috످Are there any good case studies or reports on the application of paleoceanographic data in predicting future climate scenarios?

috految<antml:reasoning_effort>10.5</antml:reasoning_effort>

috److Yes, a good starting point is Tierney et al. (2020), "Past climates inform our future" (https://doi.org/10.1126/science.aay3701), in Science. This accessible review explains how ancient climate records, including ocean sediments, help scientists test models and improve projections.

A key report, the IPCC Sixth Assessment Report, Working Group I (https://www.ipcc.ch/report/ar6/wg1/), from 2021, combines paleoclimate evidence with modern observations and models to assess future scenarios. Chapter 7 uses past climates to help narrow the likely warming from doubled CO₂ to 2.5–4°C, while Chapter 9 covers oceans and sea level.

One case study, on past sea levels and future ice loss, is DeConto & Pollard (2016), "Contribution of Antarctica to past and future sea-level rise" (https://doi.org/10.1038/nature17145), in Nature. The authors calibrated an ice sheet model against sea levels from the Pliocene (about 3 million years ago) and the Last Interglacial (about 125,000 years ago). They found that Antarctica alone could add over 1 meter to sea levels by 2100 under very high emissions. However, the model relies on a contested ice cliff collapse mechanism, and the authors later lowered their estimate to about 34 cm.

Another case study, on ancient oceans and future acidification, is Hönisch et al. (2012), "The geological record of ocean acidification" (https://doi.org/10.1126/science.1208277), in Science. The authors reviewed 300 million years of marine records for parallels to modern acidification. They found that the closest analog, the Paleocene-Eocene Thermal Maximum (56 million years ago), saw major extinctions among seafloor microorganisms. Today's acidification is likely happening much faster. A limitation is that no past event fully matches current conditions, making ecological impacts hard to predict.

To find newer case studies, use Google Scholar's "Cited by" feature on the Tierney review. For raw data, try NOAA's paleoclimatology archive (https://www.ncei.noaa.gov/products/paleoclimatology).

috످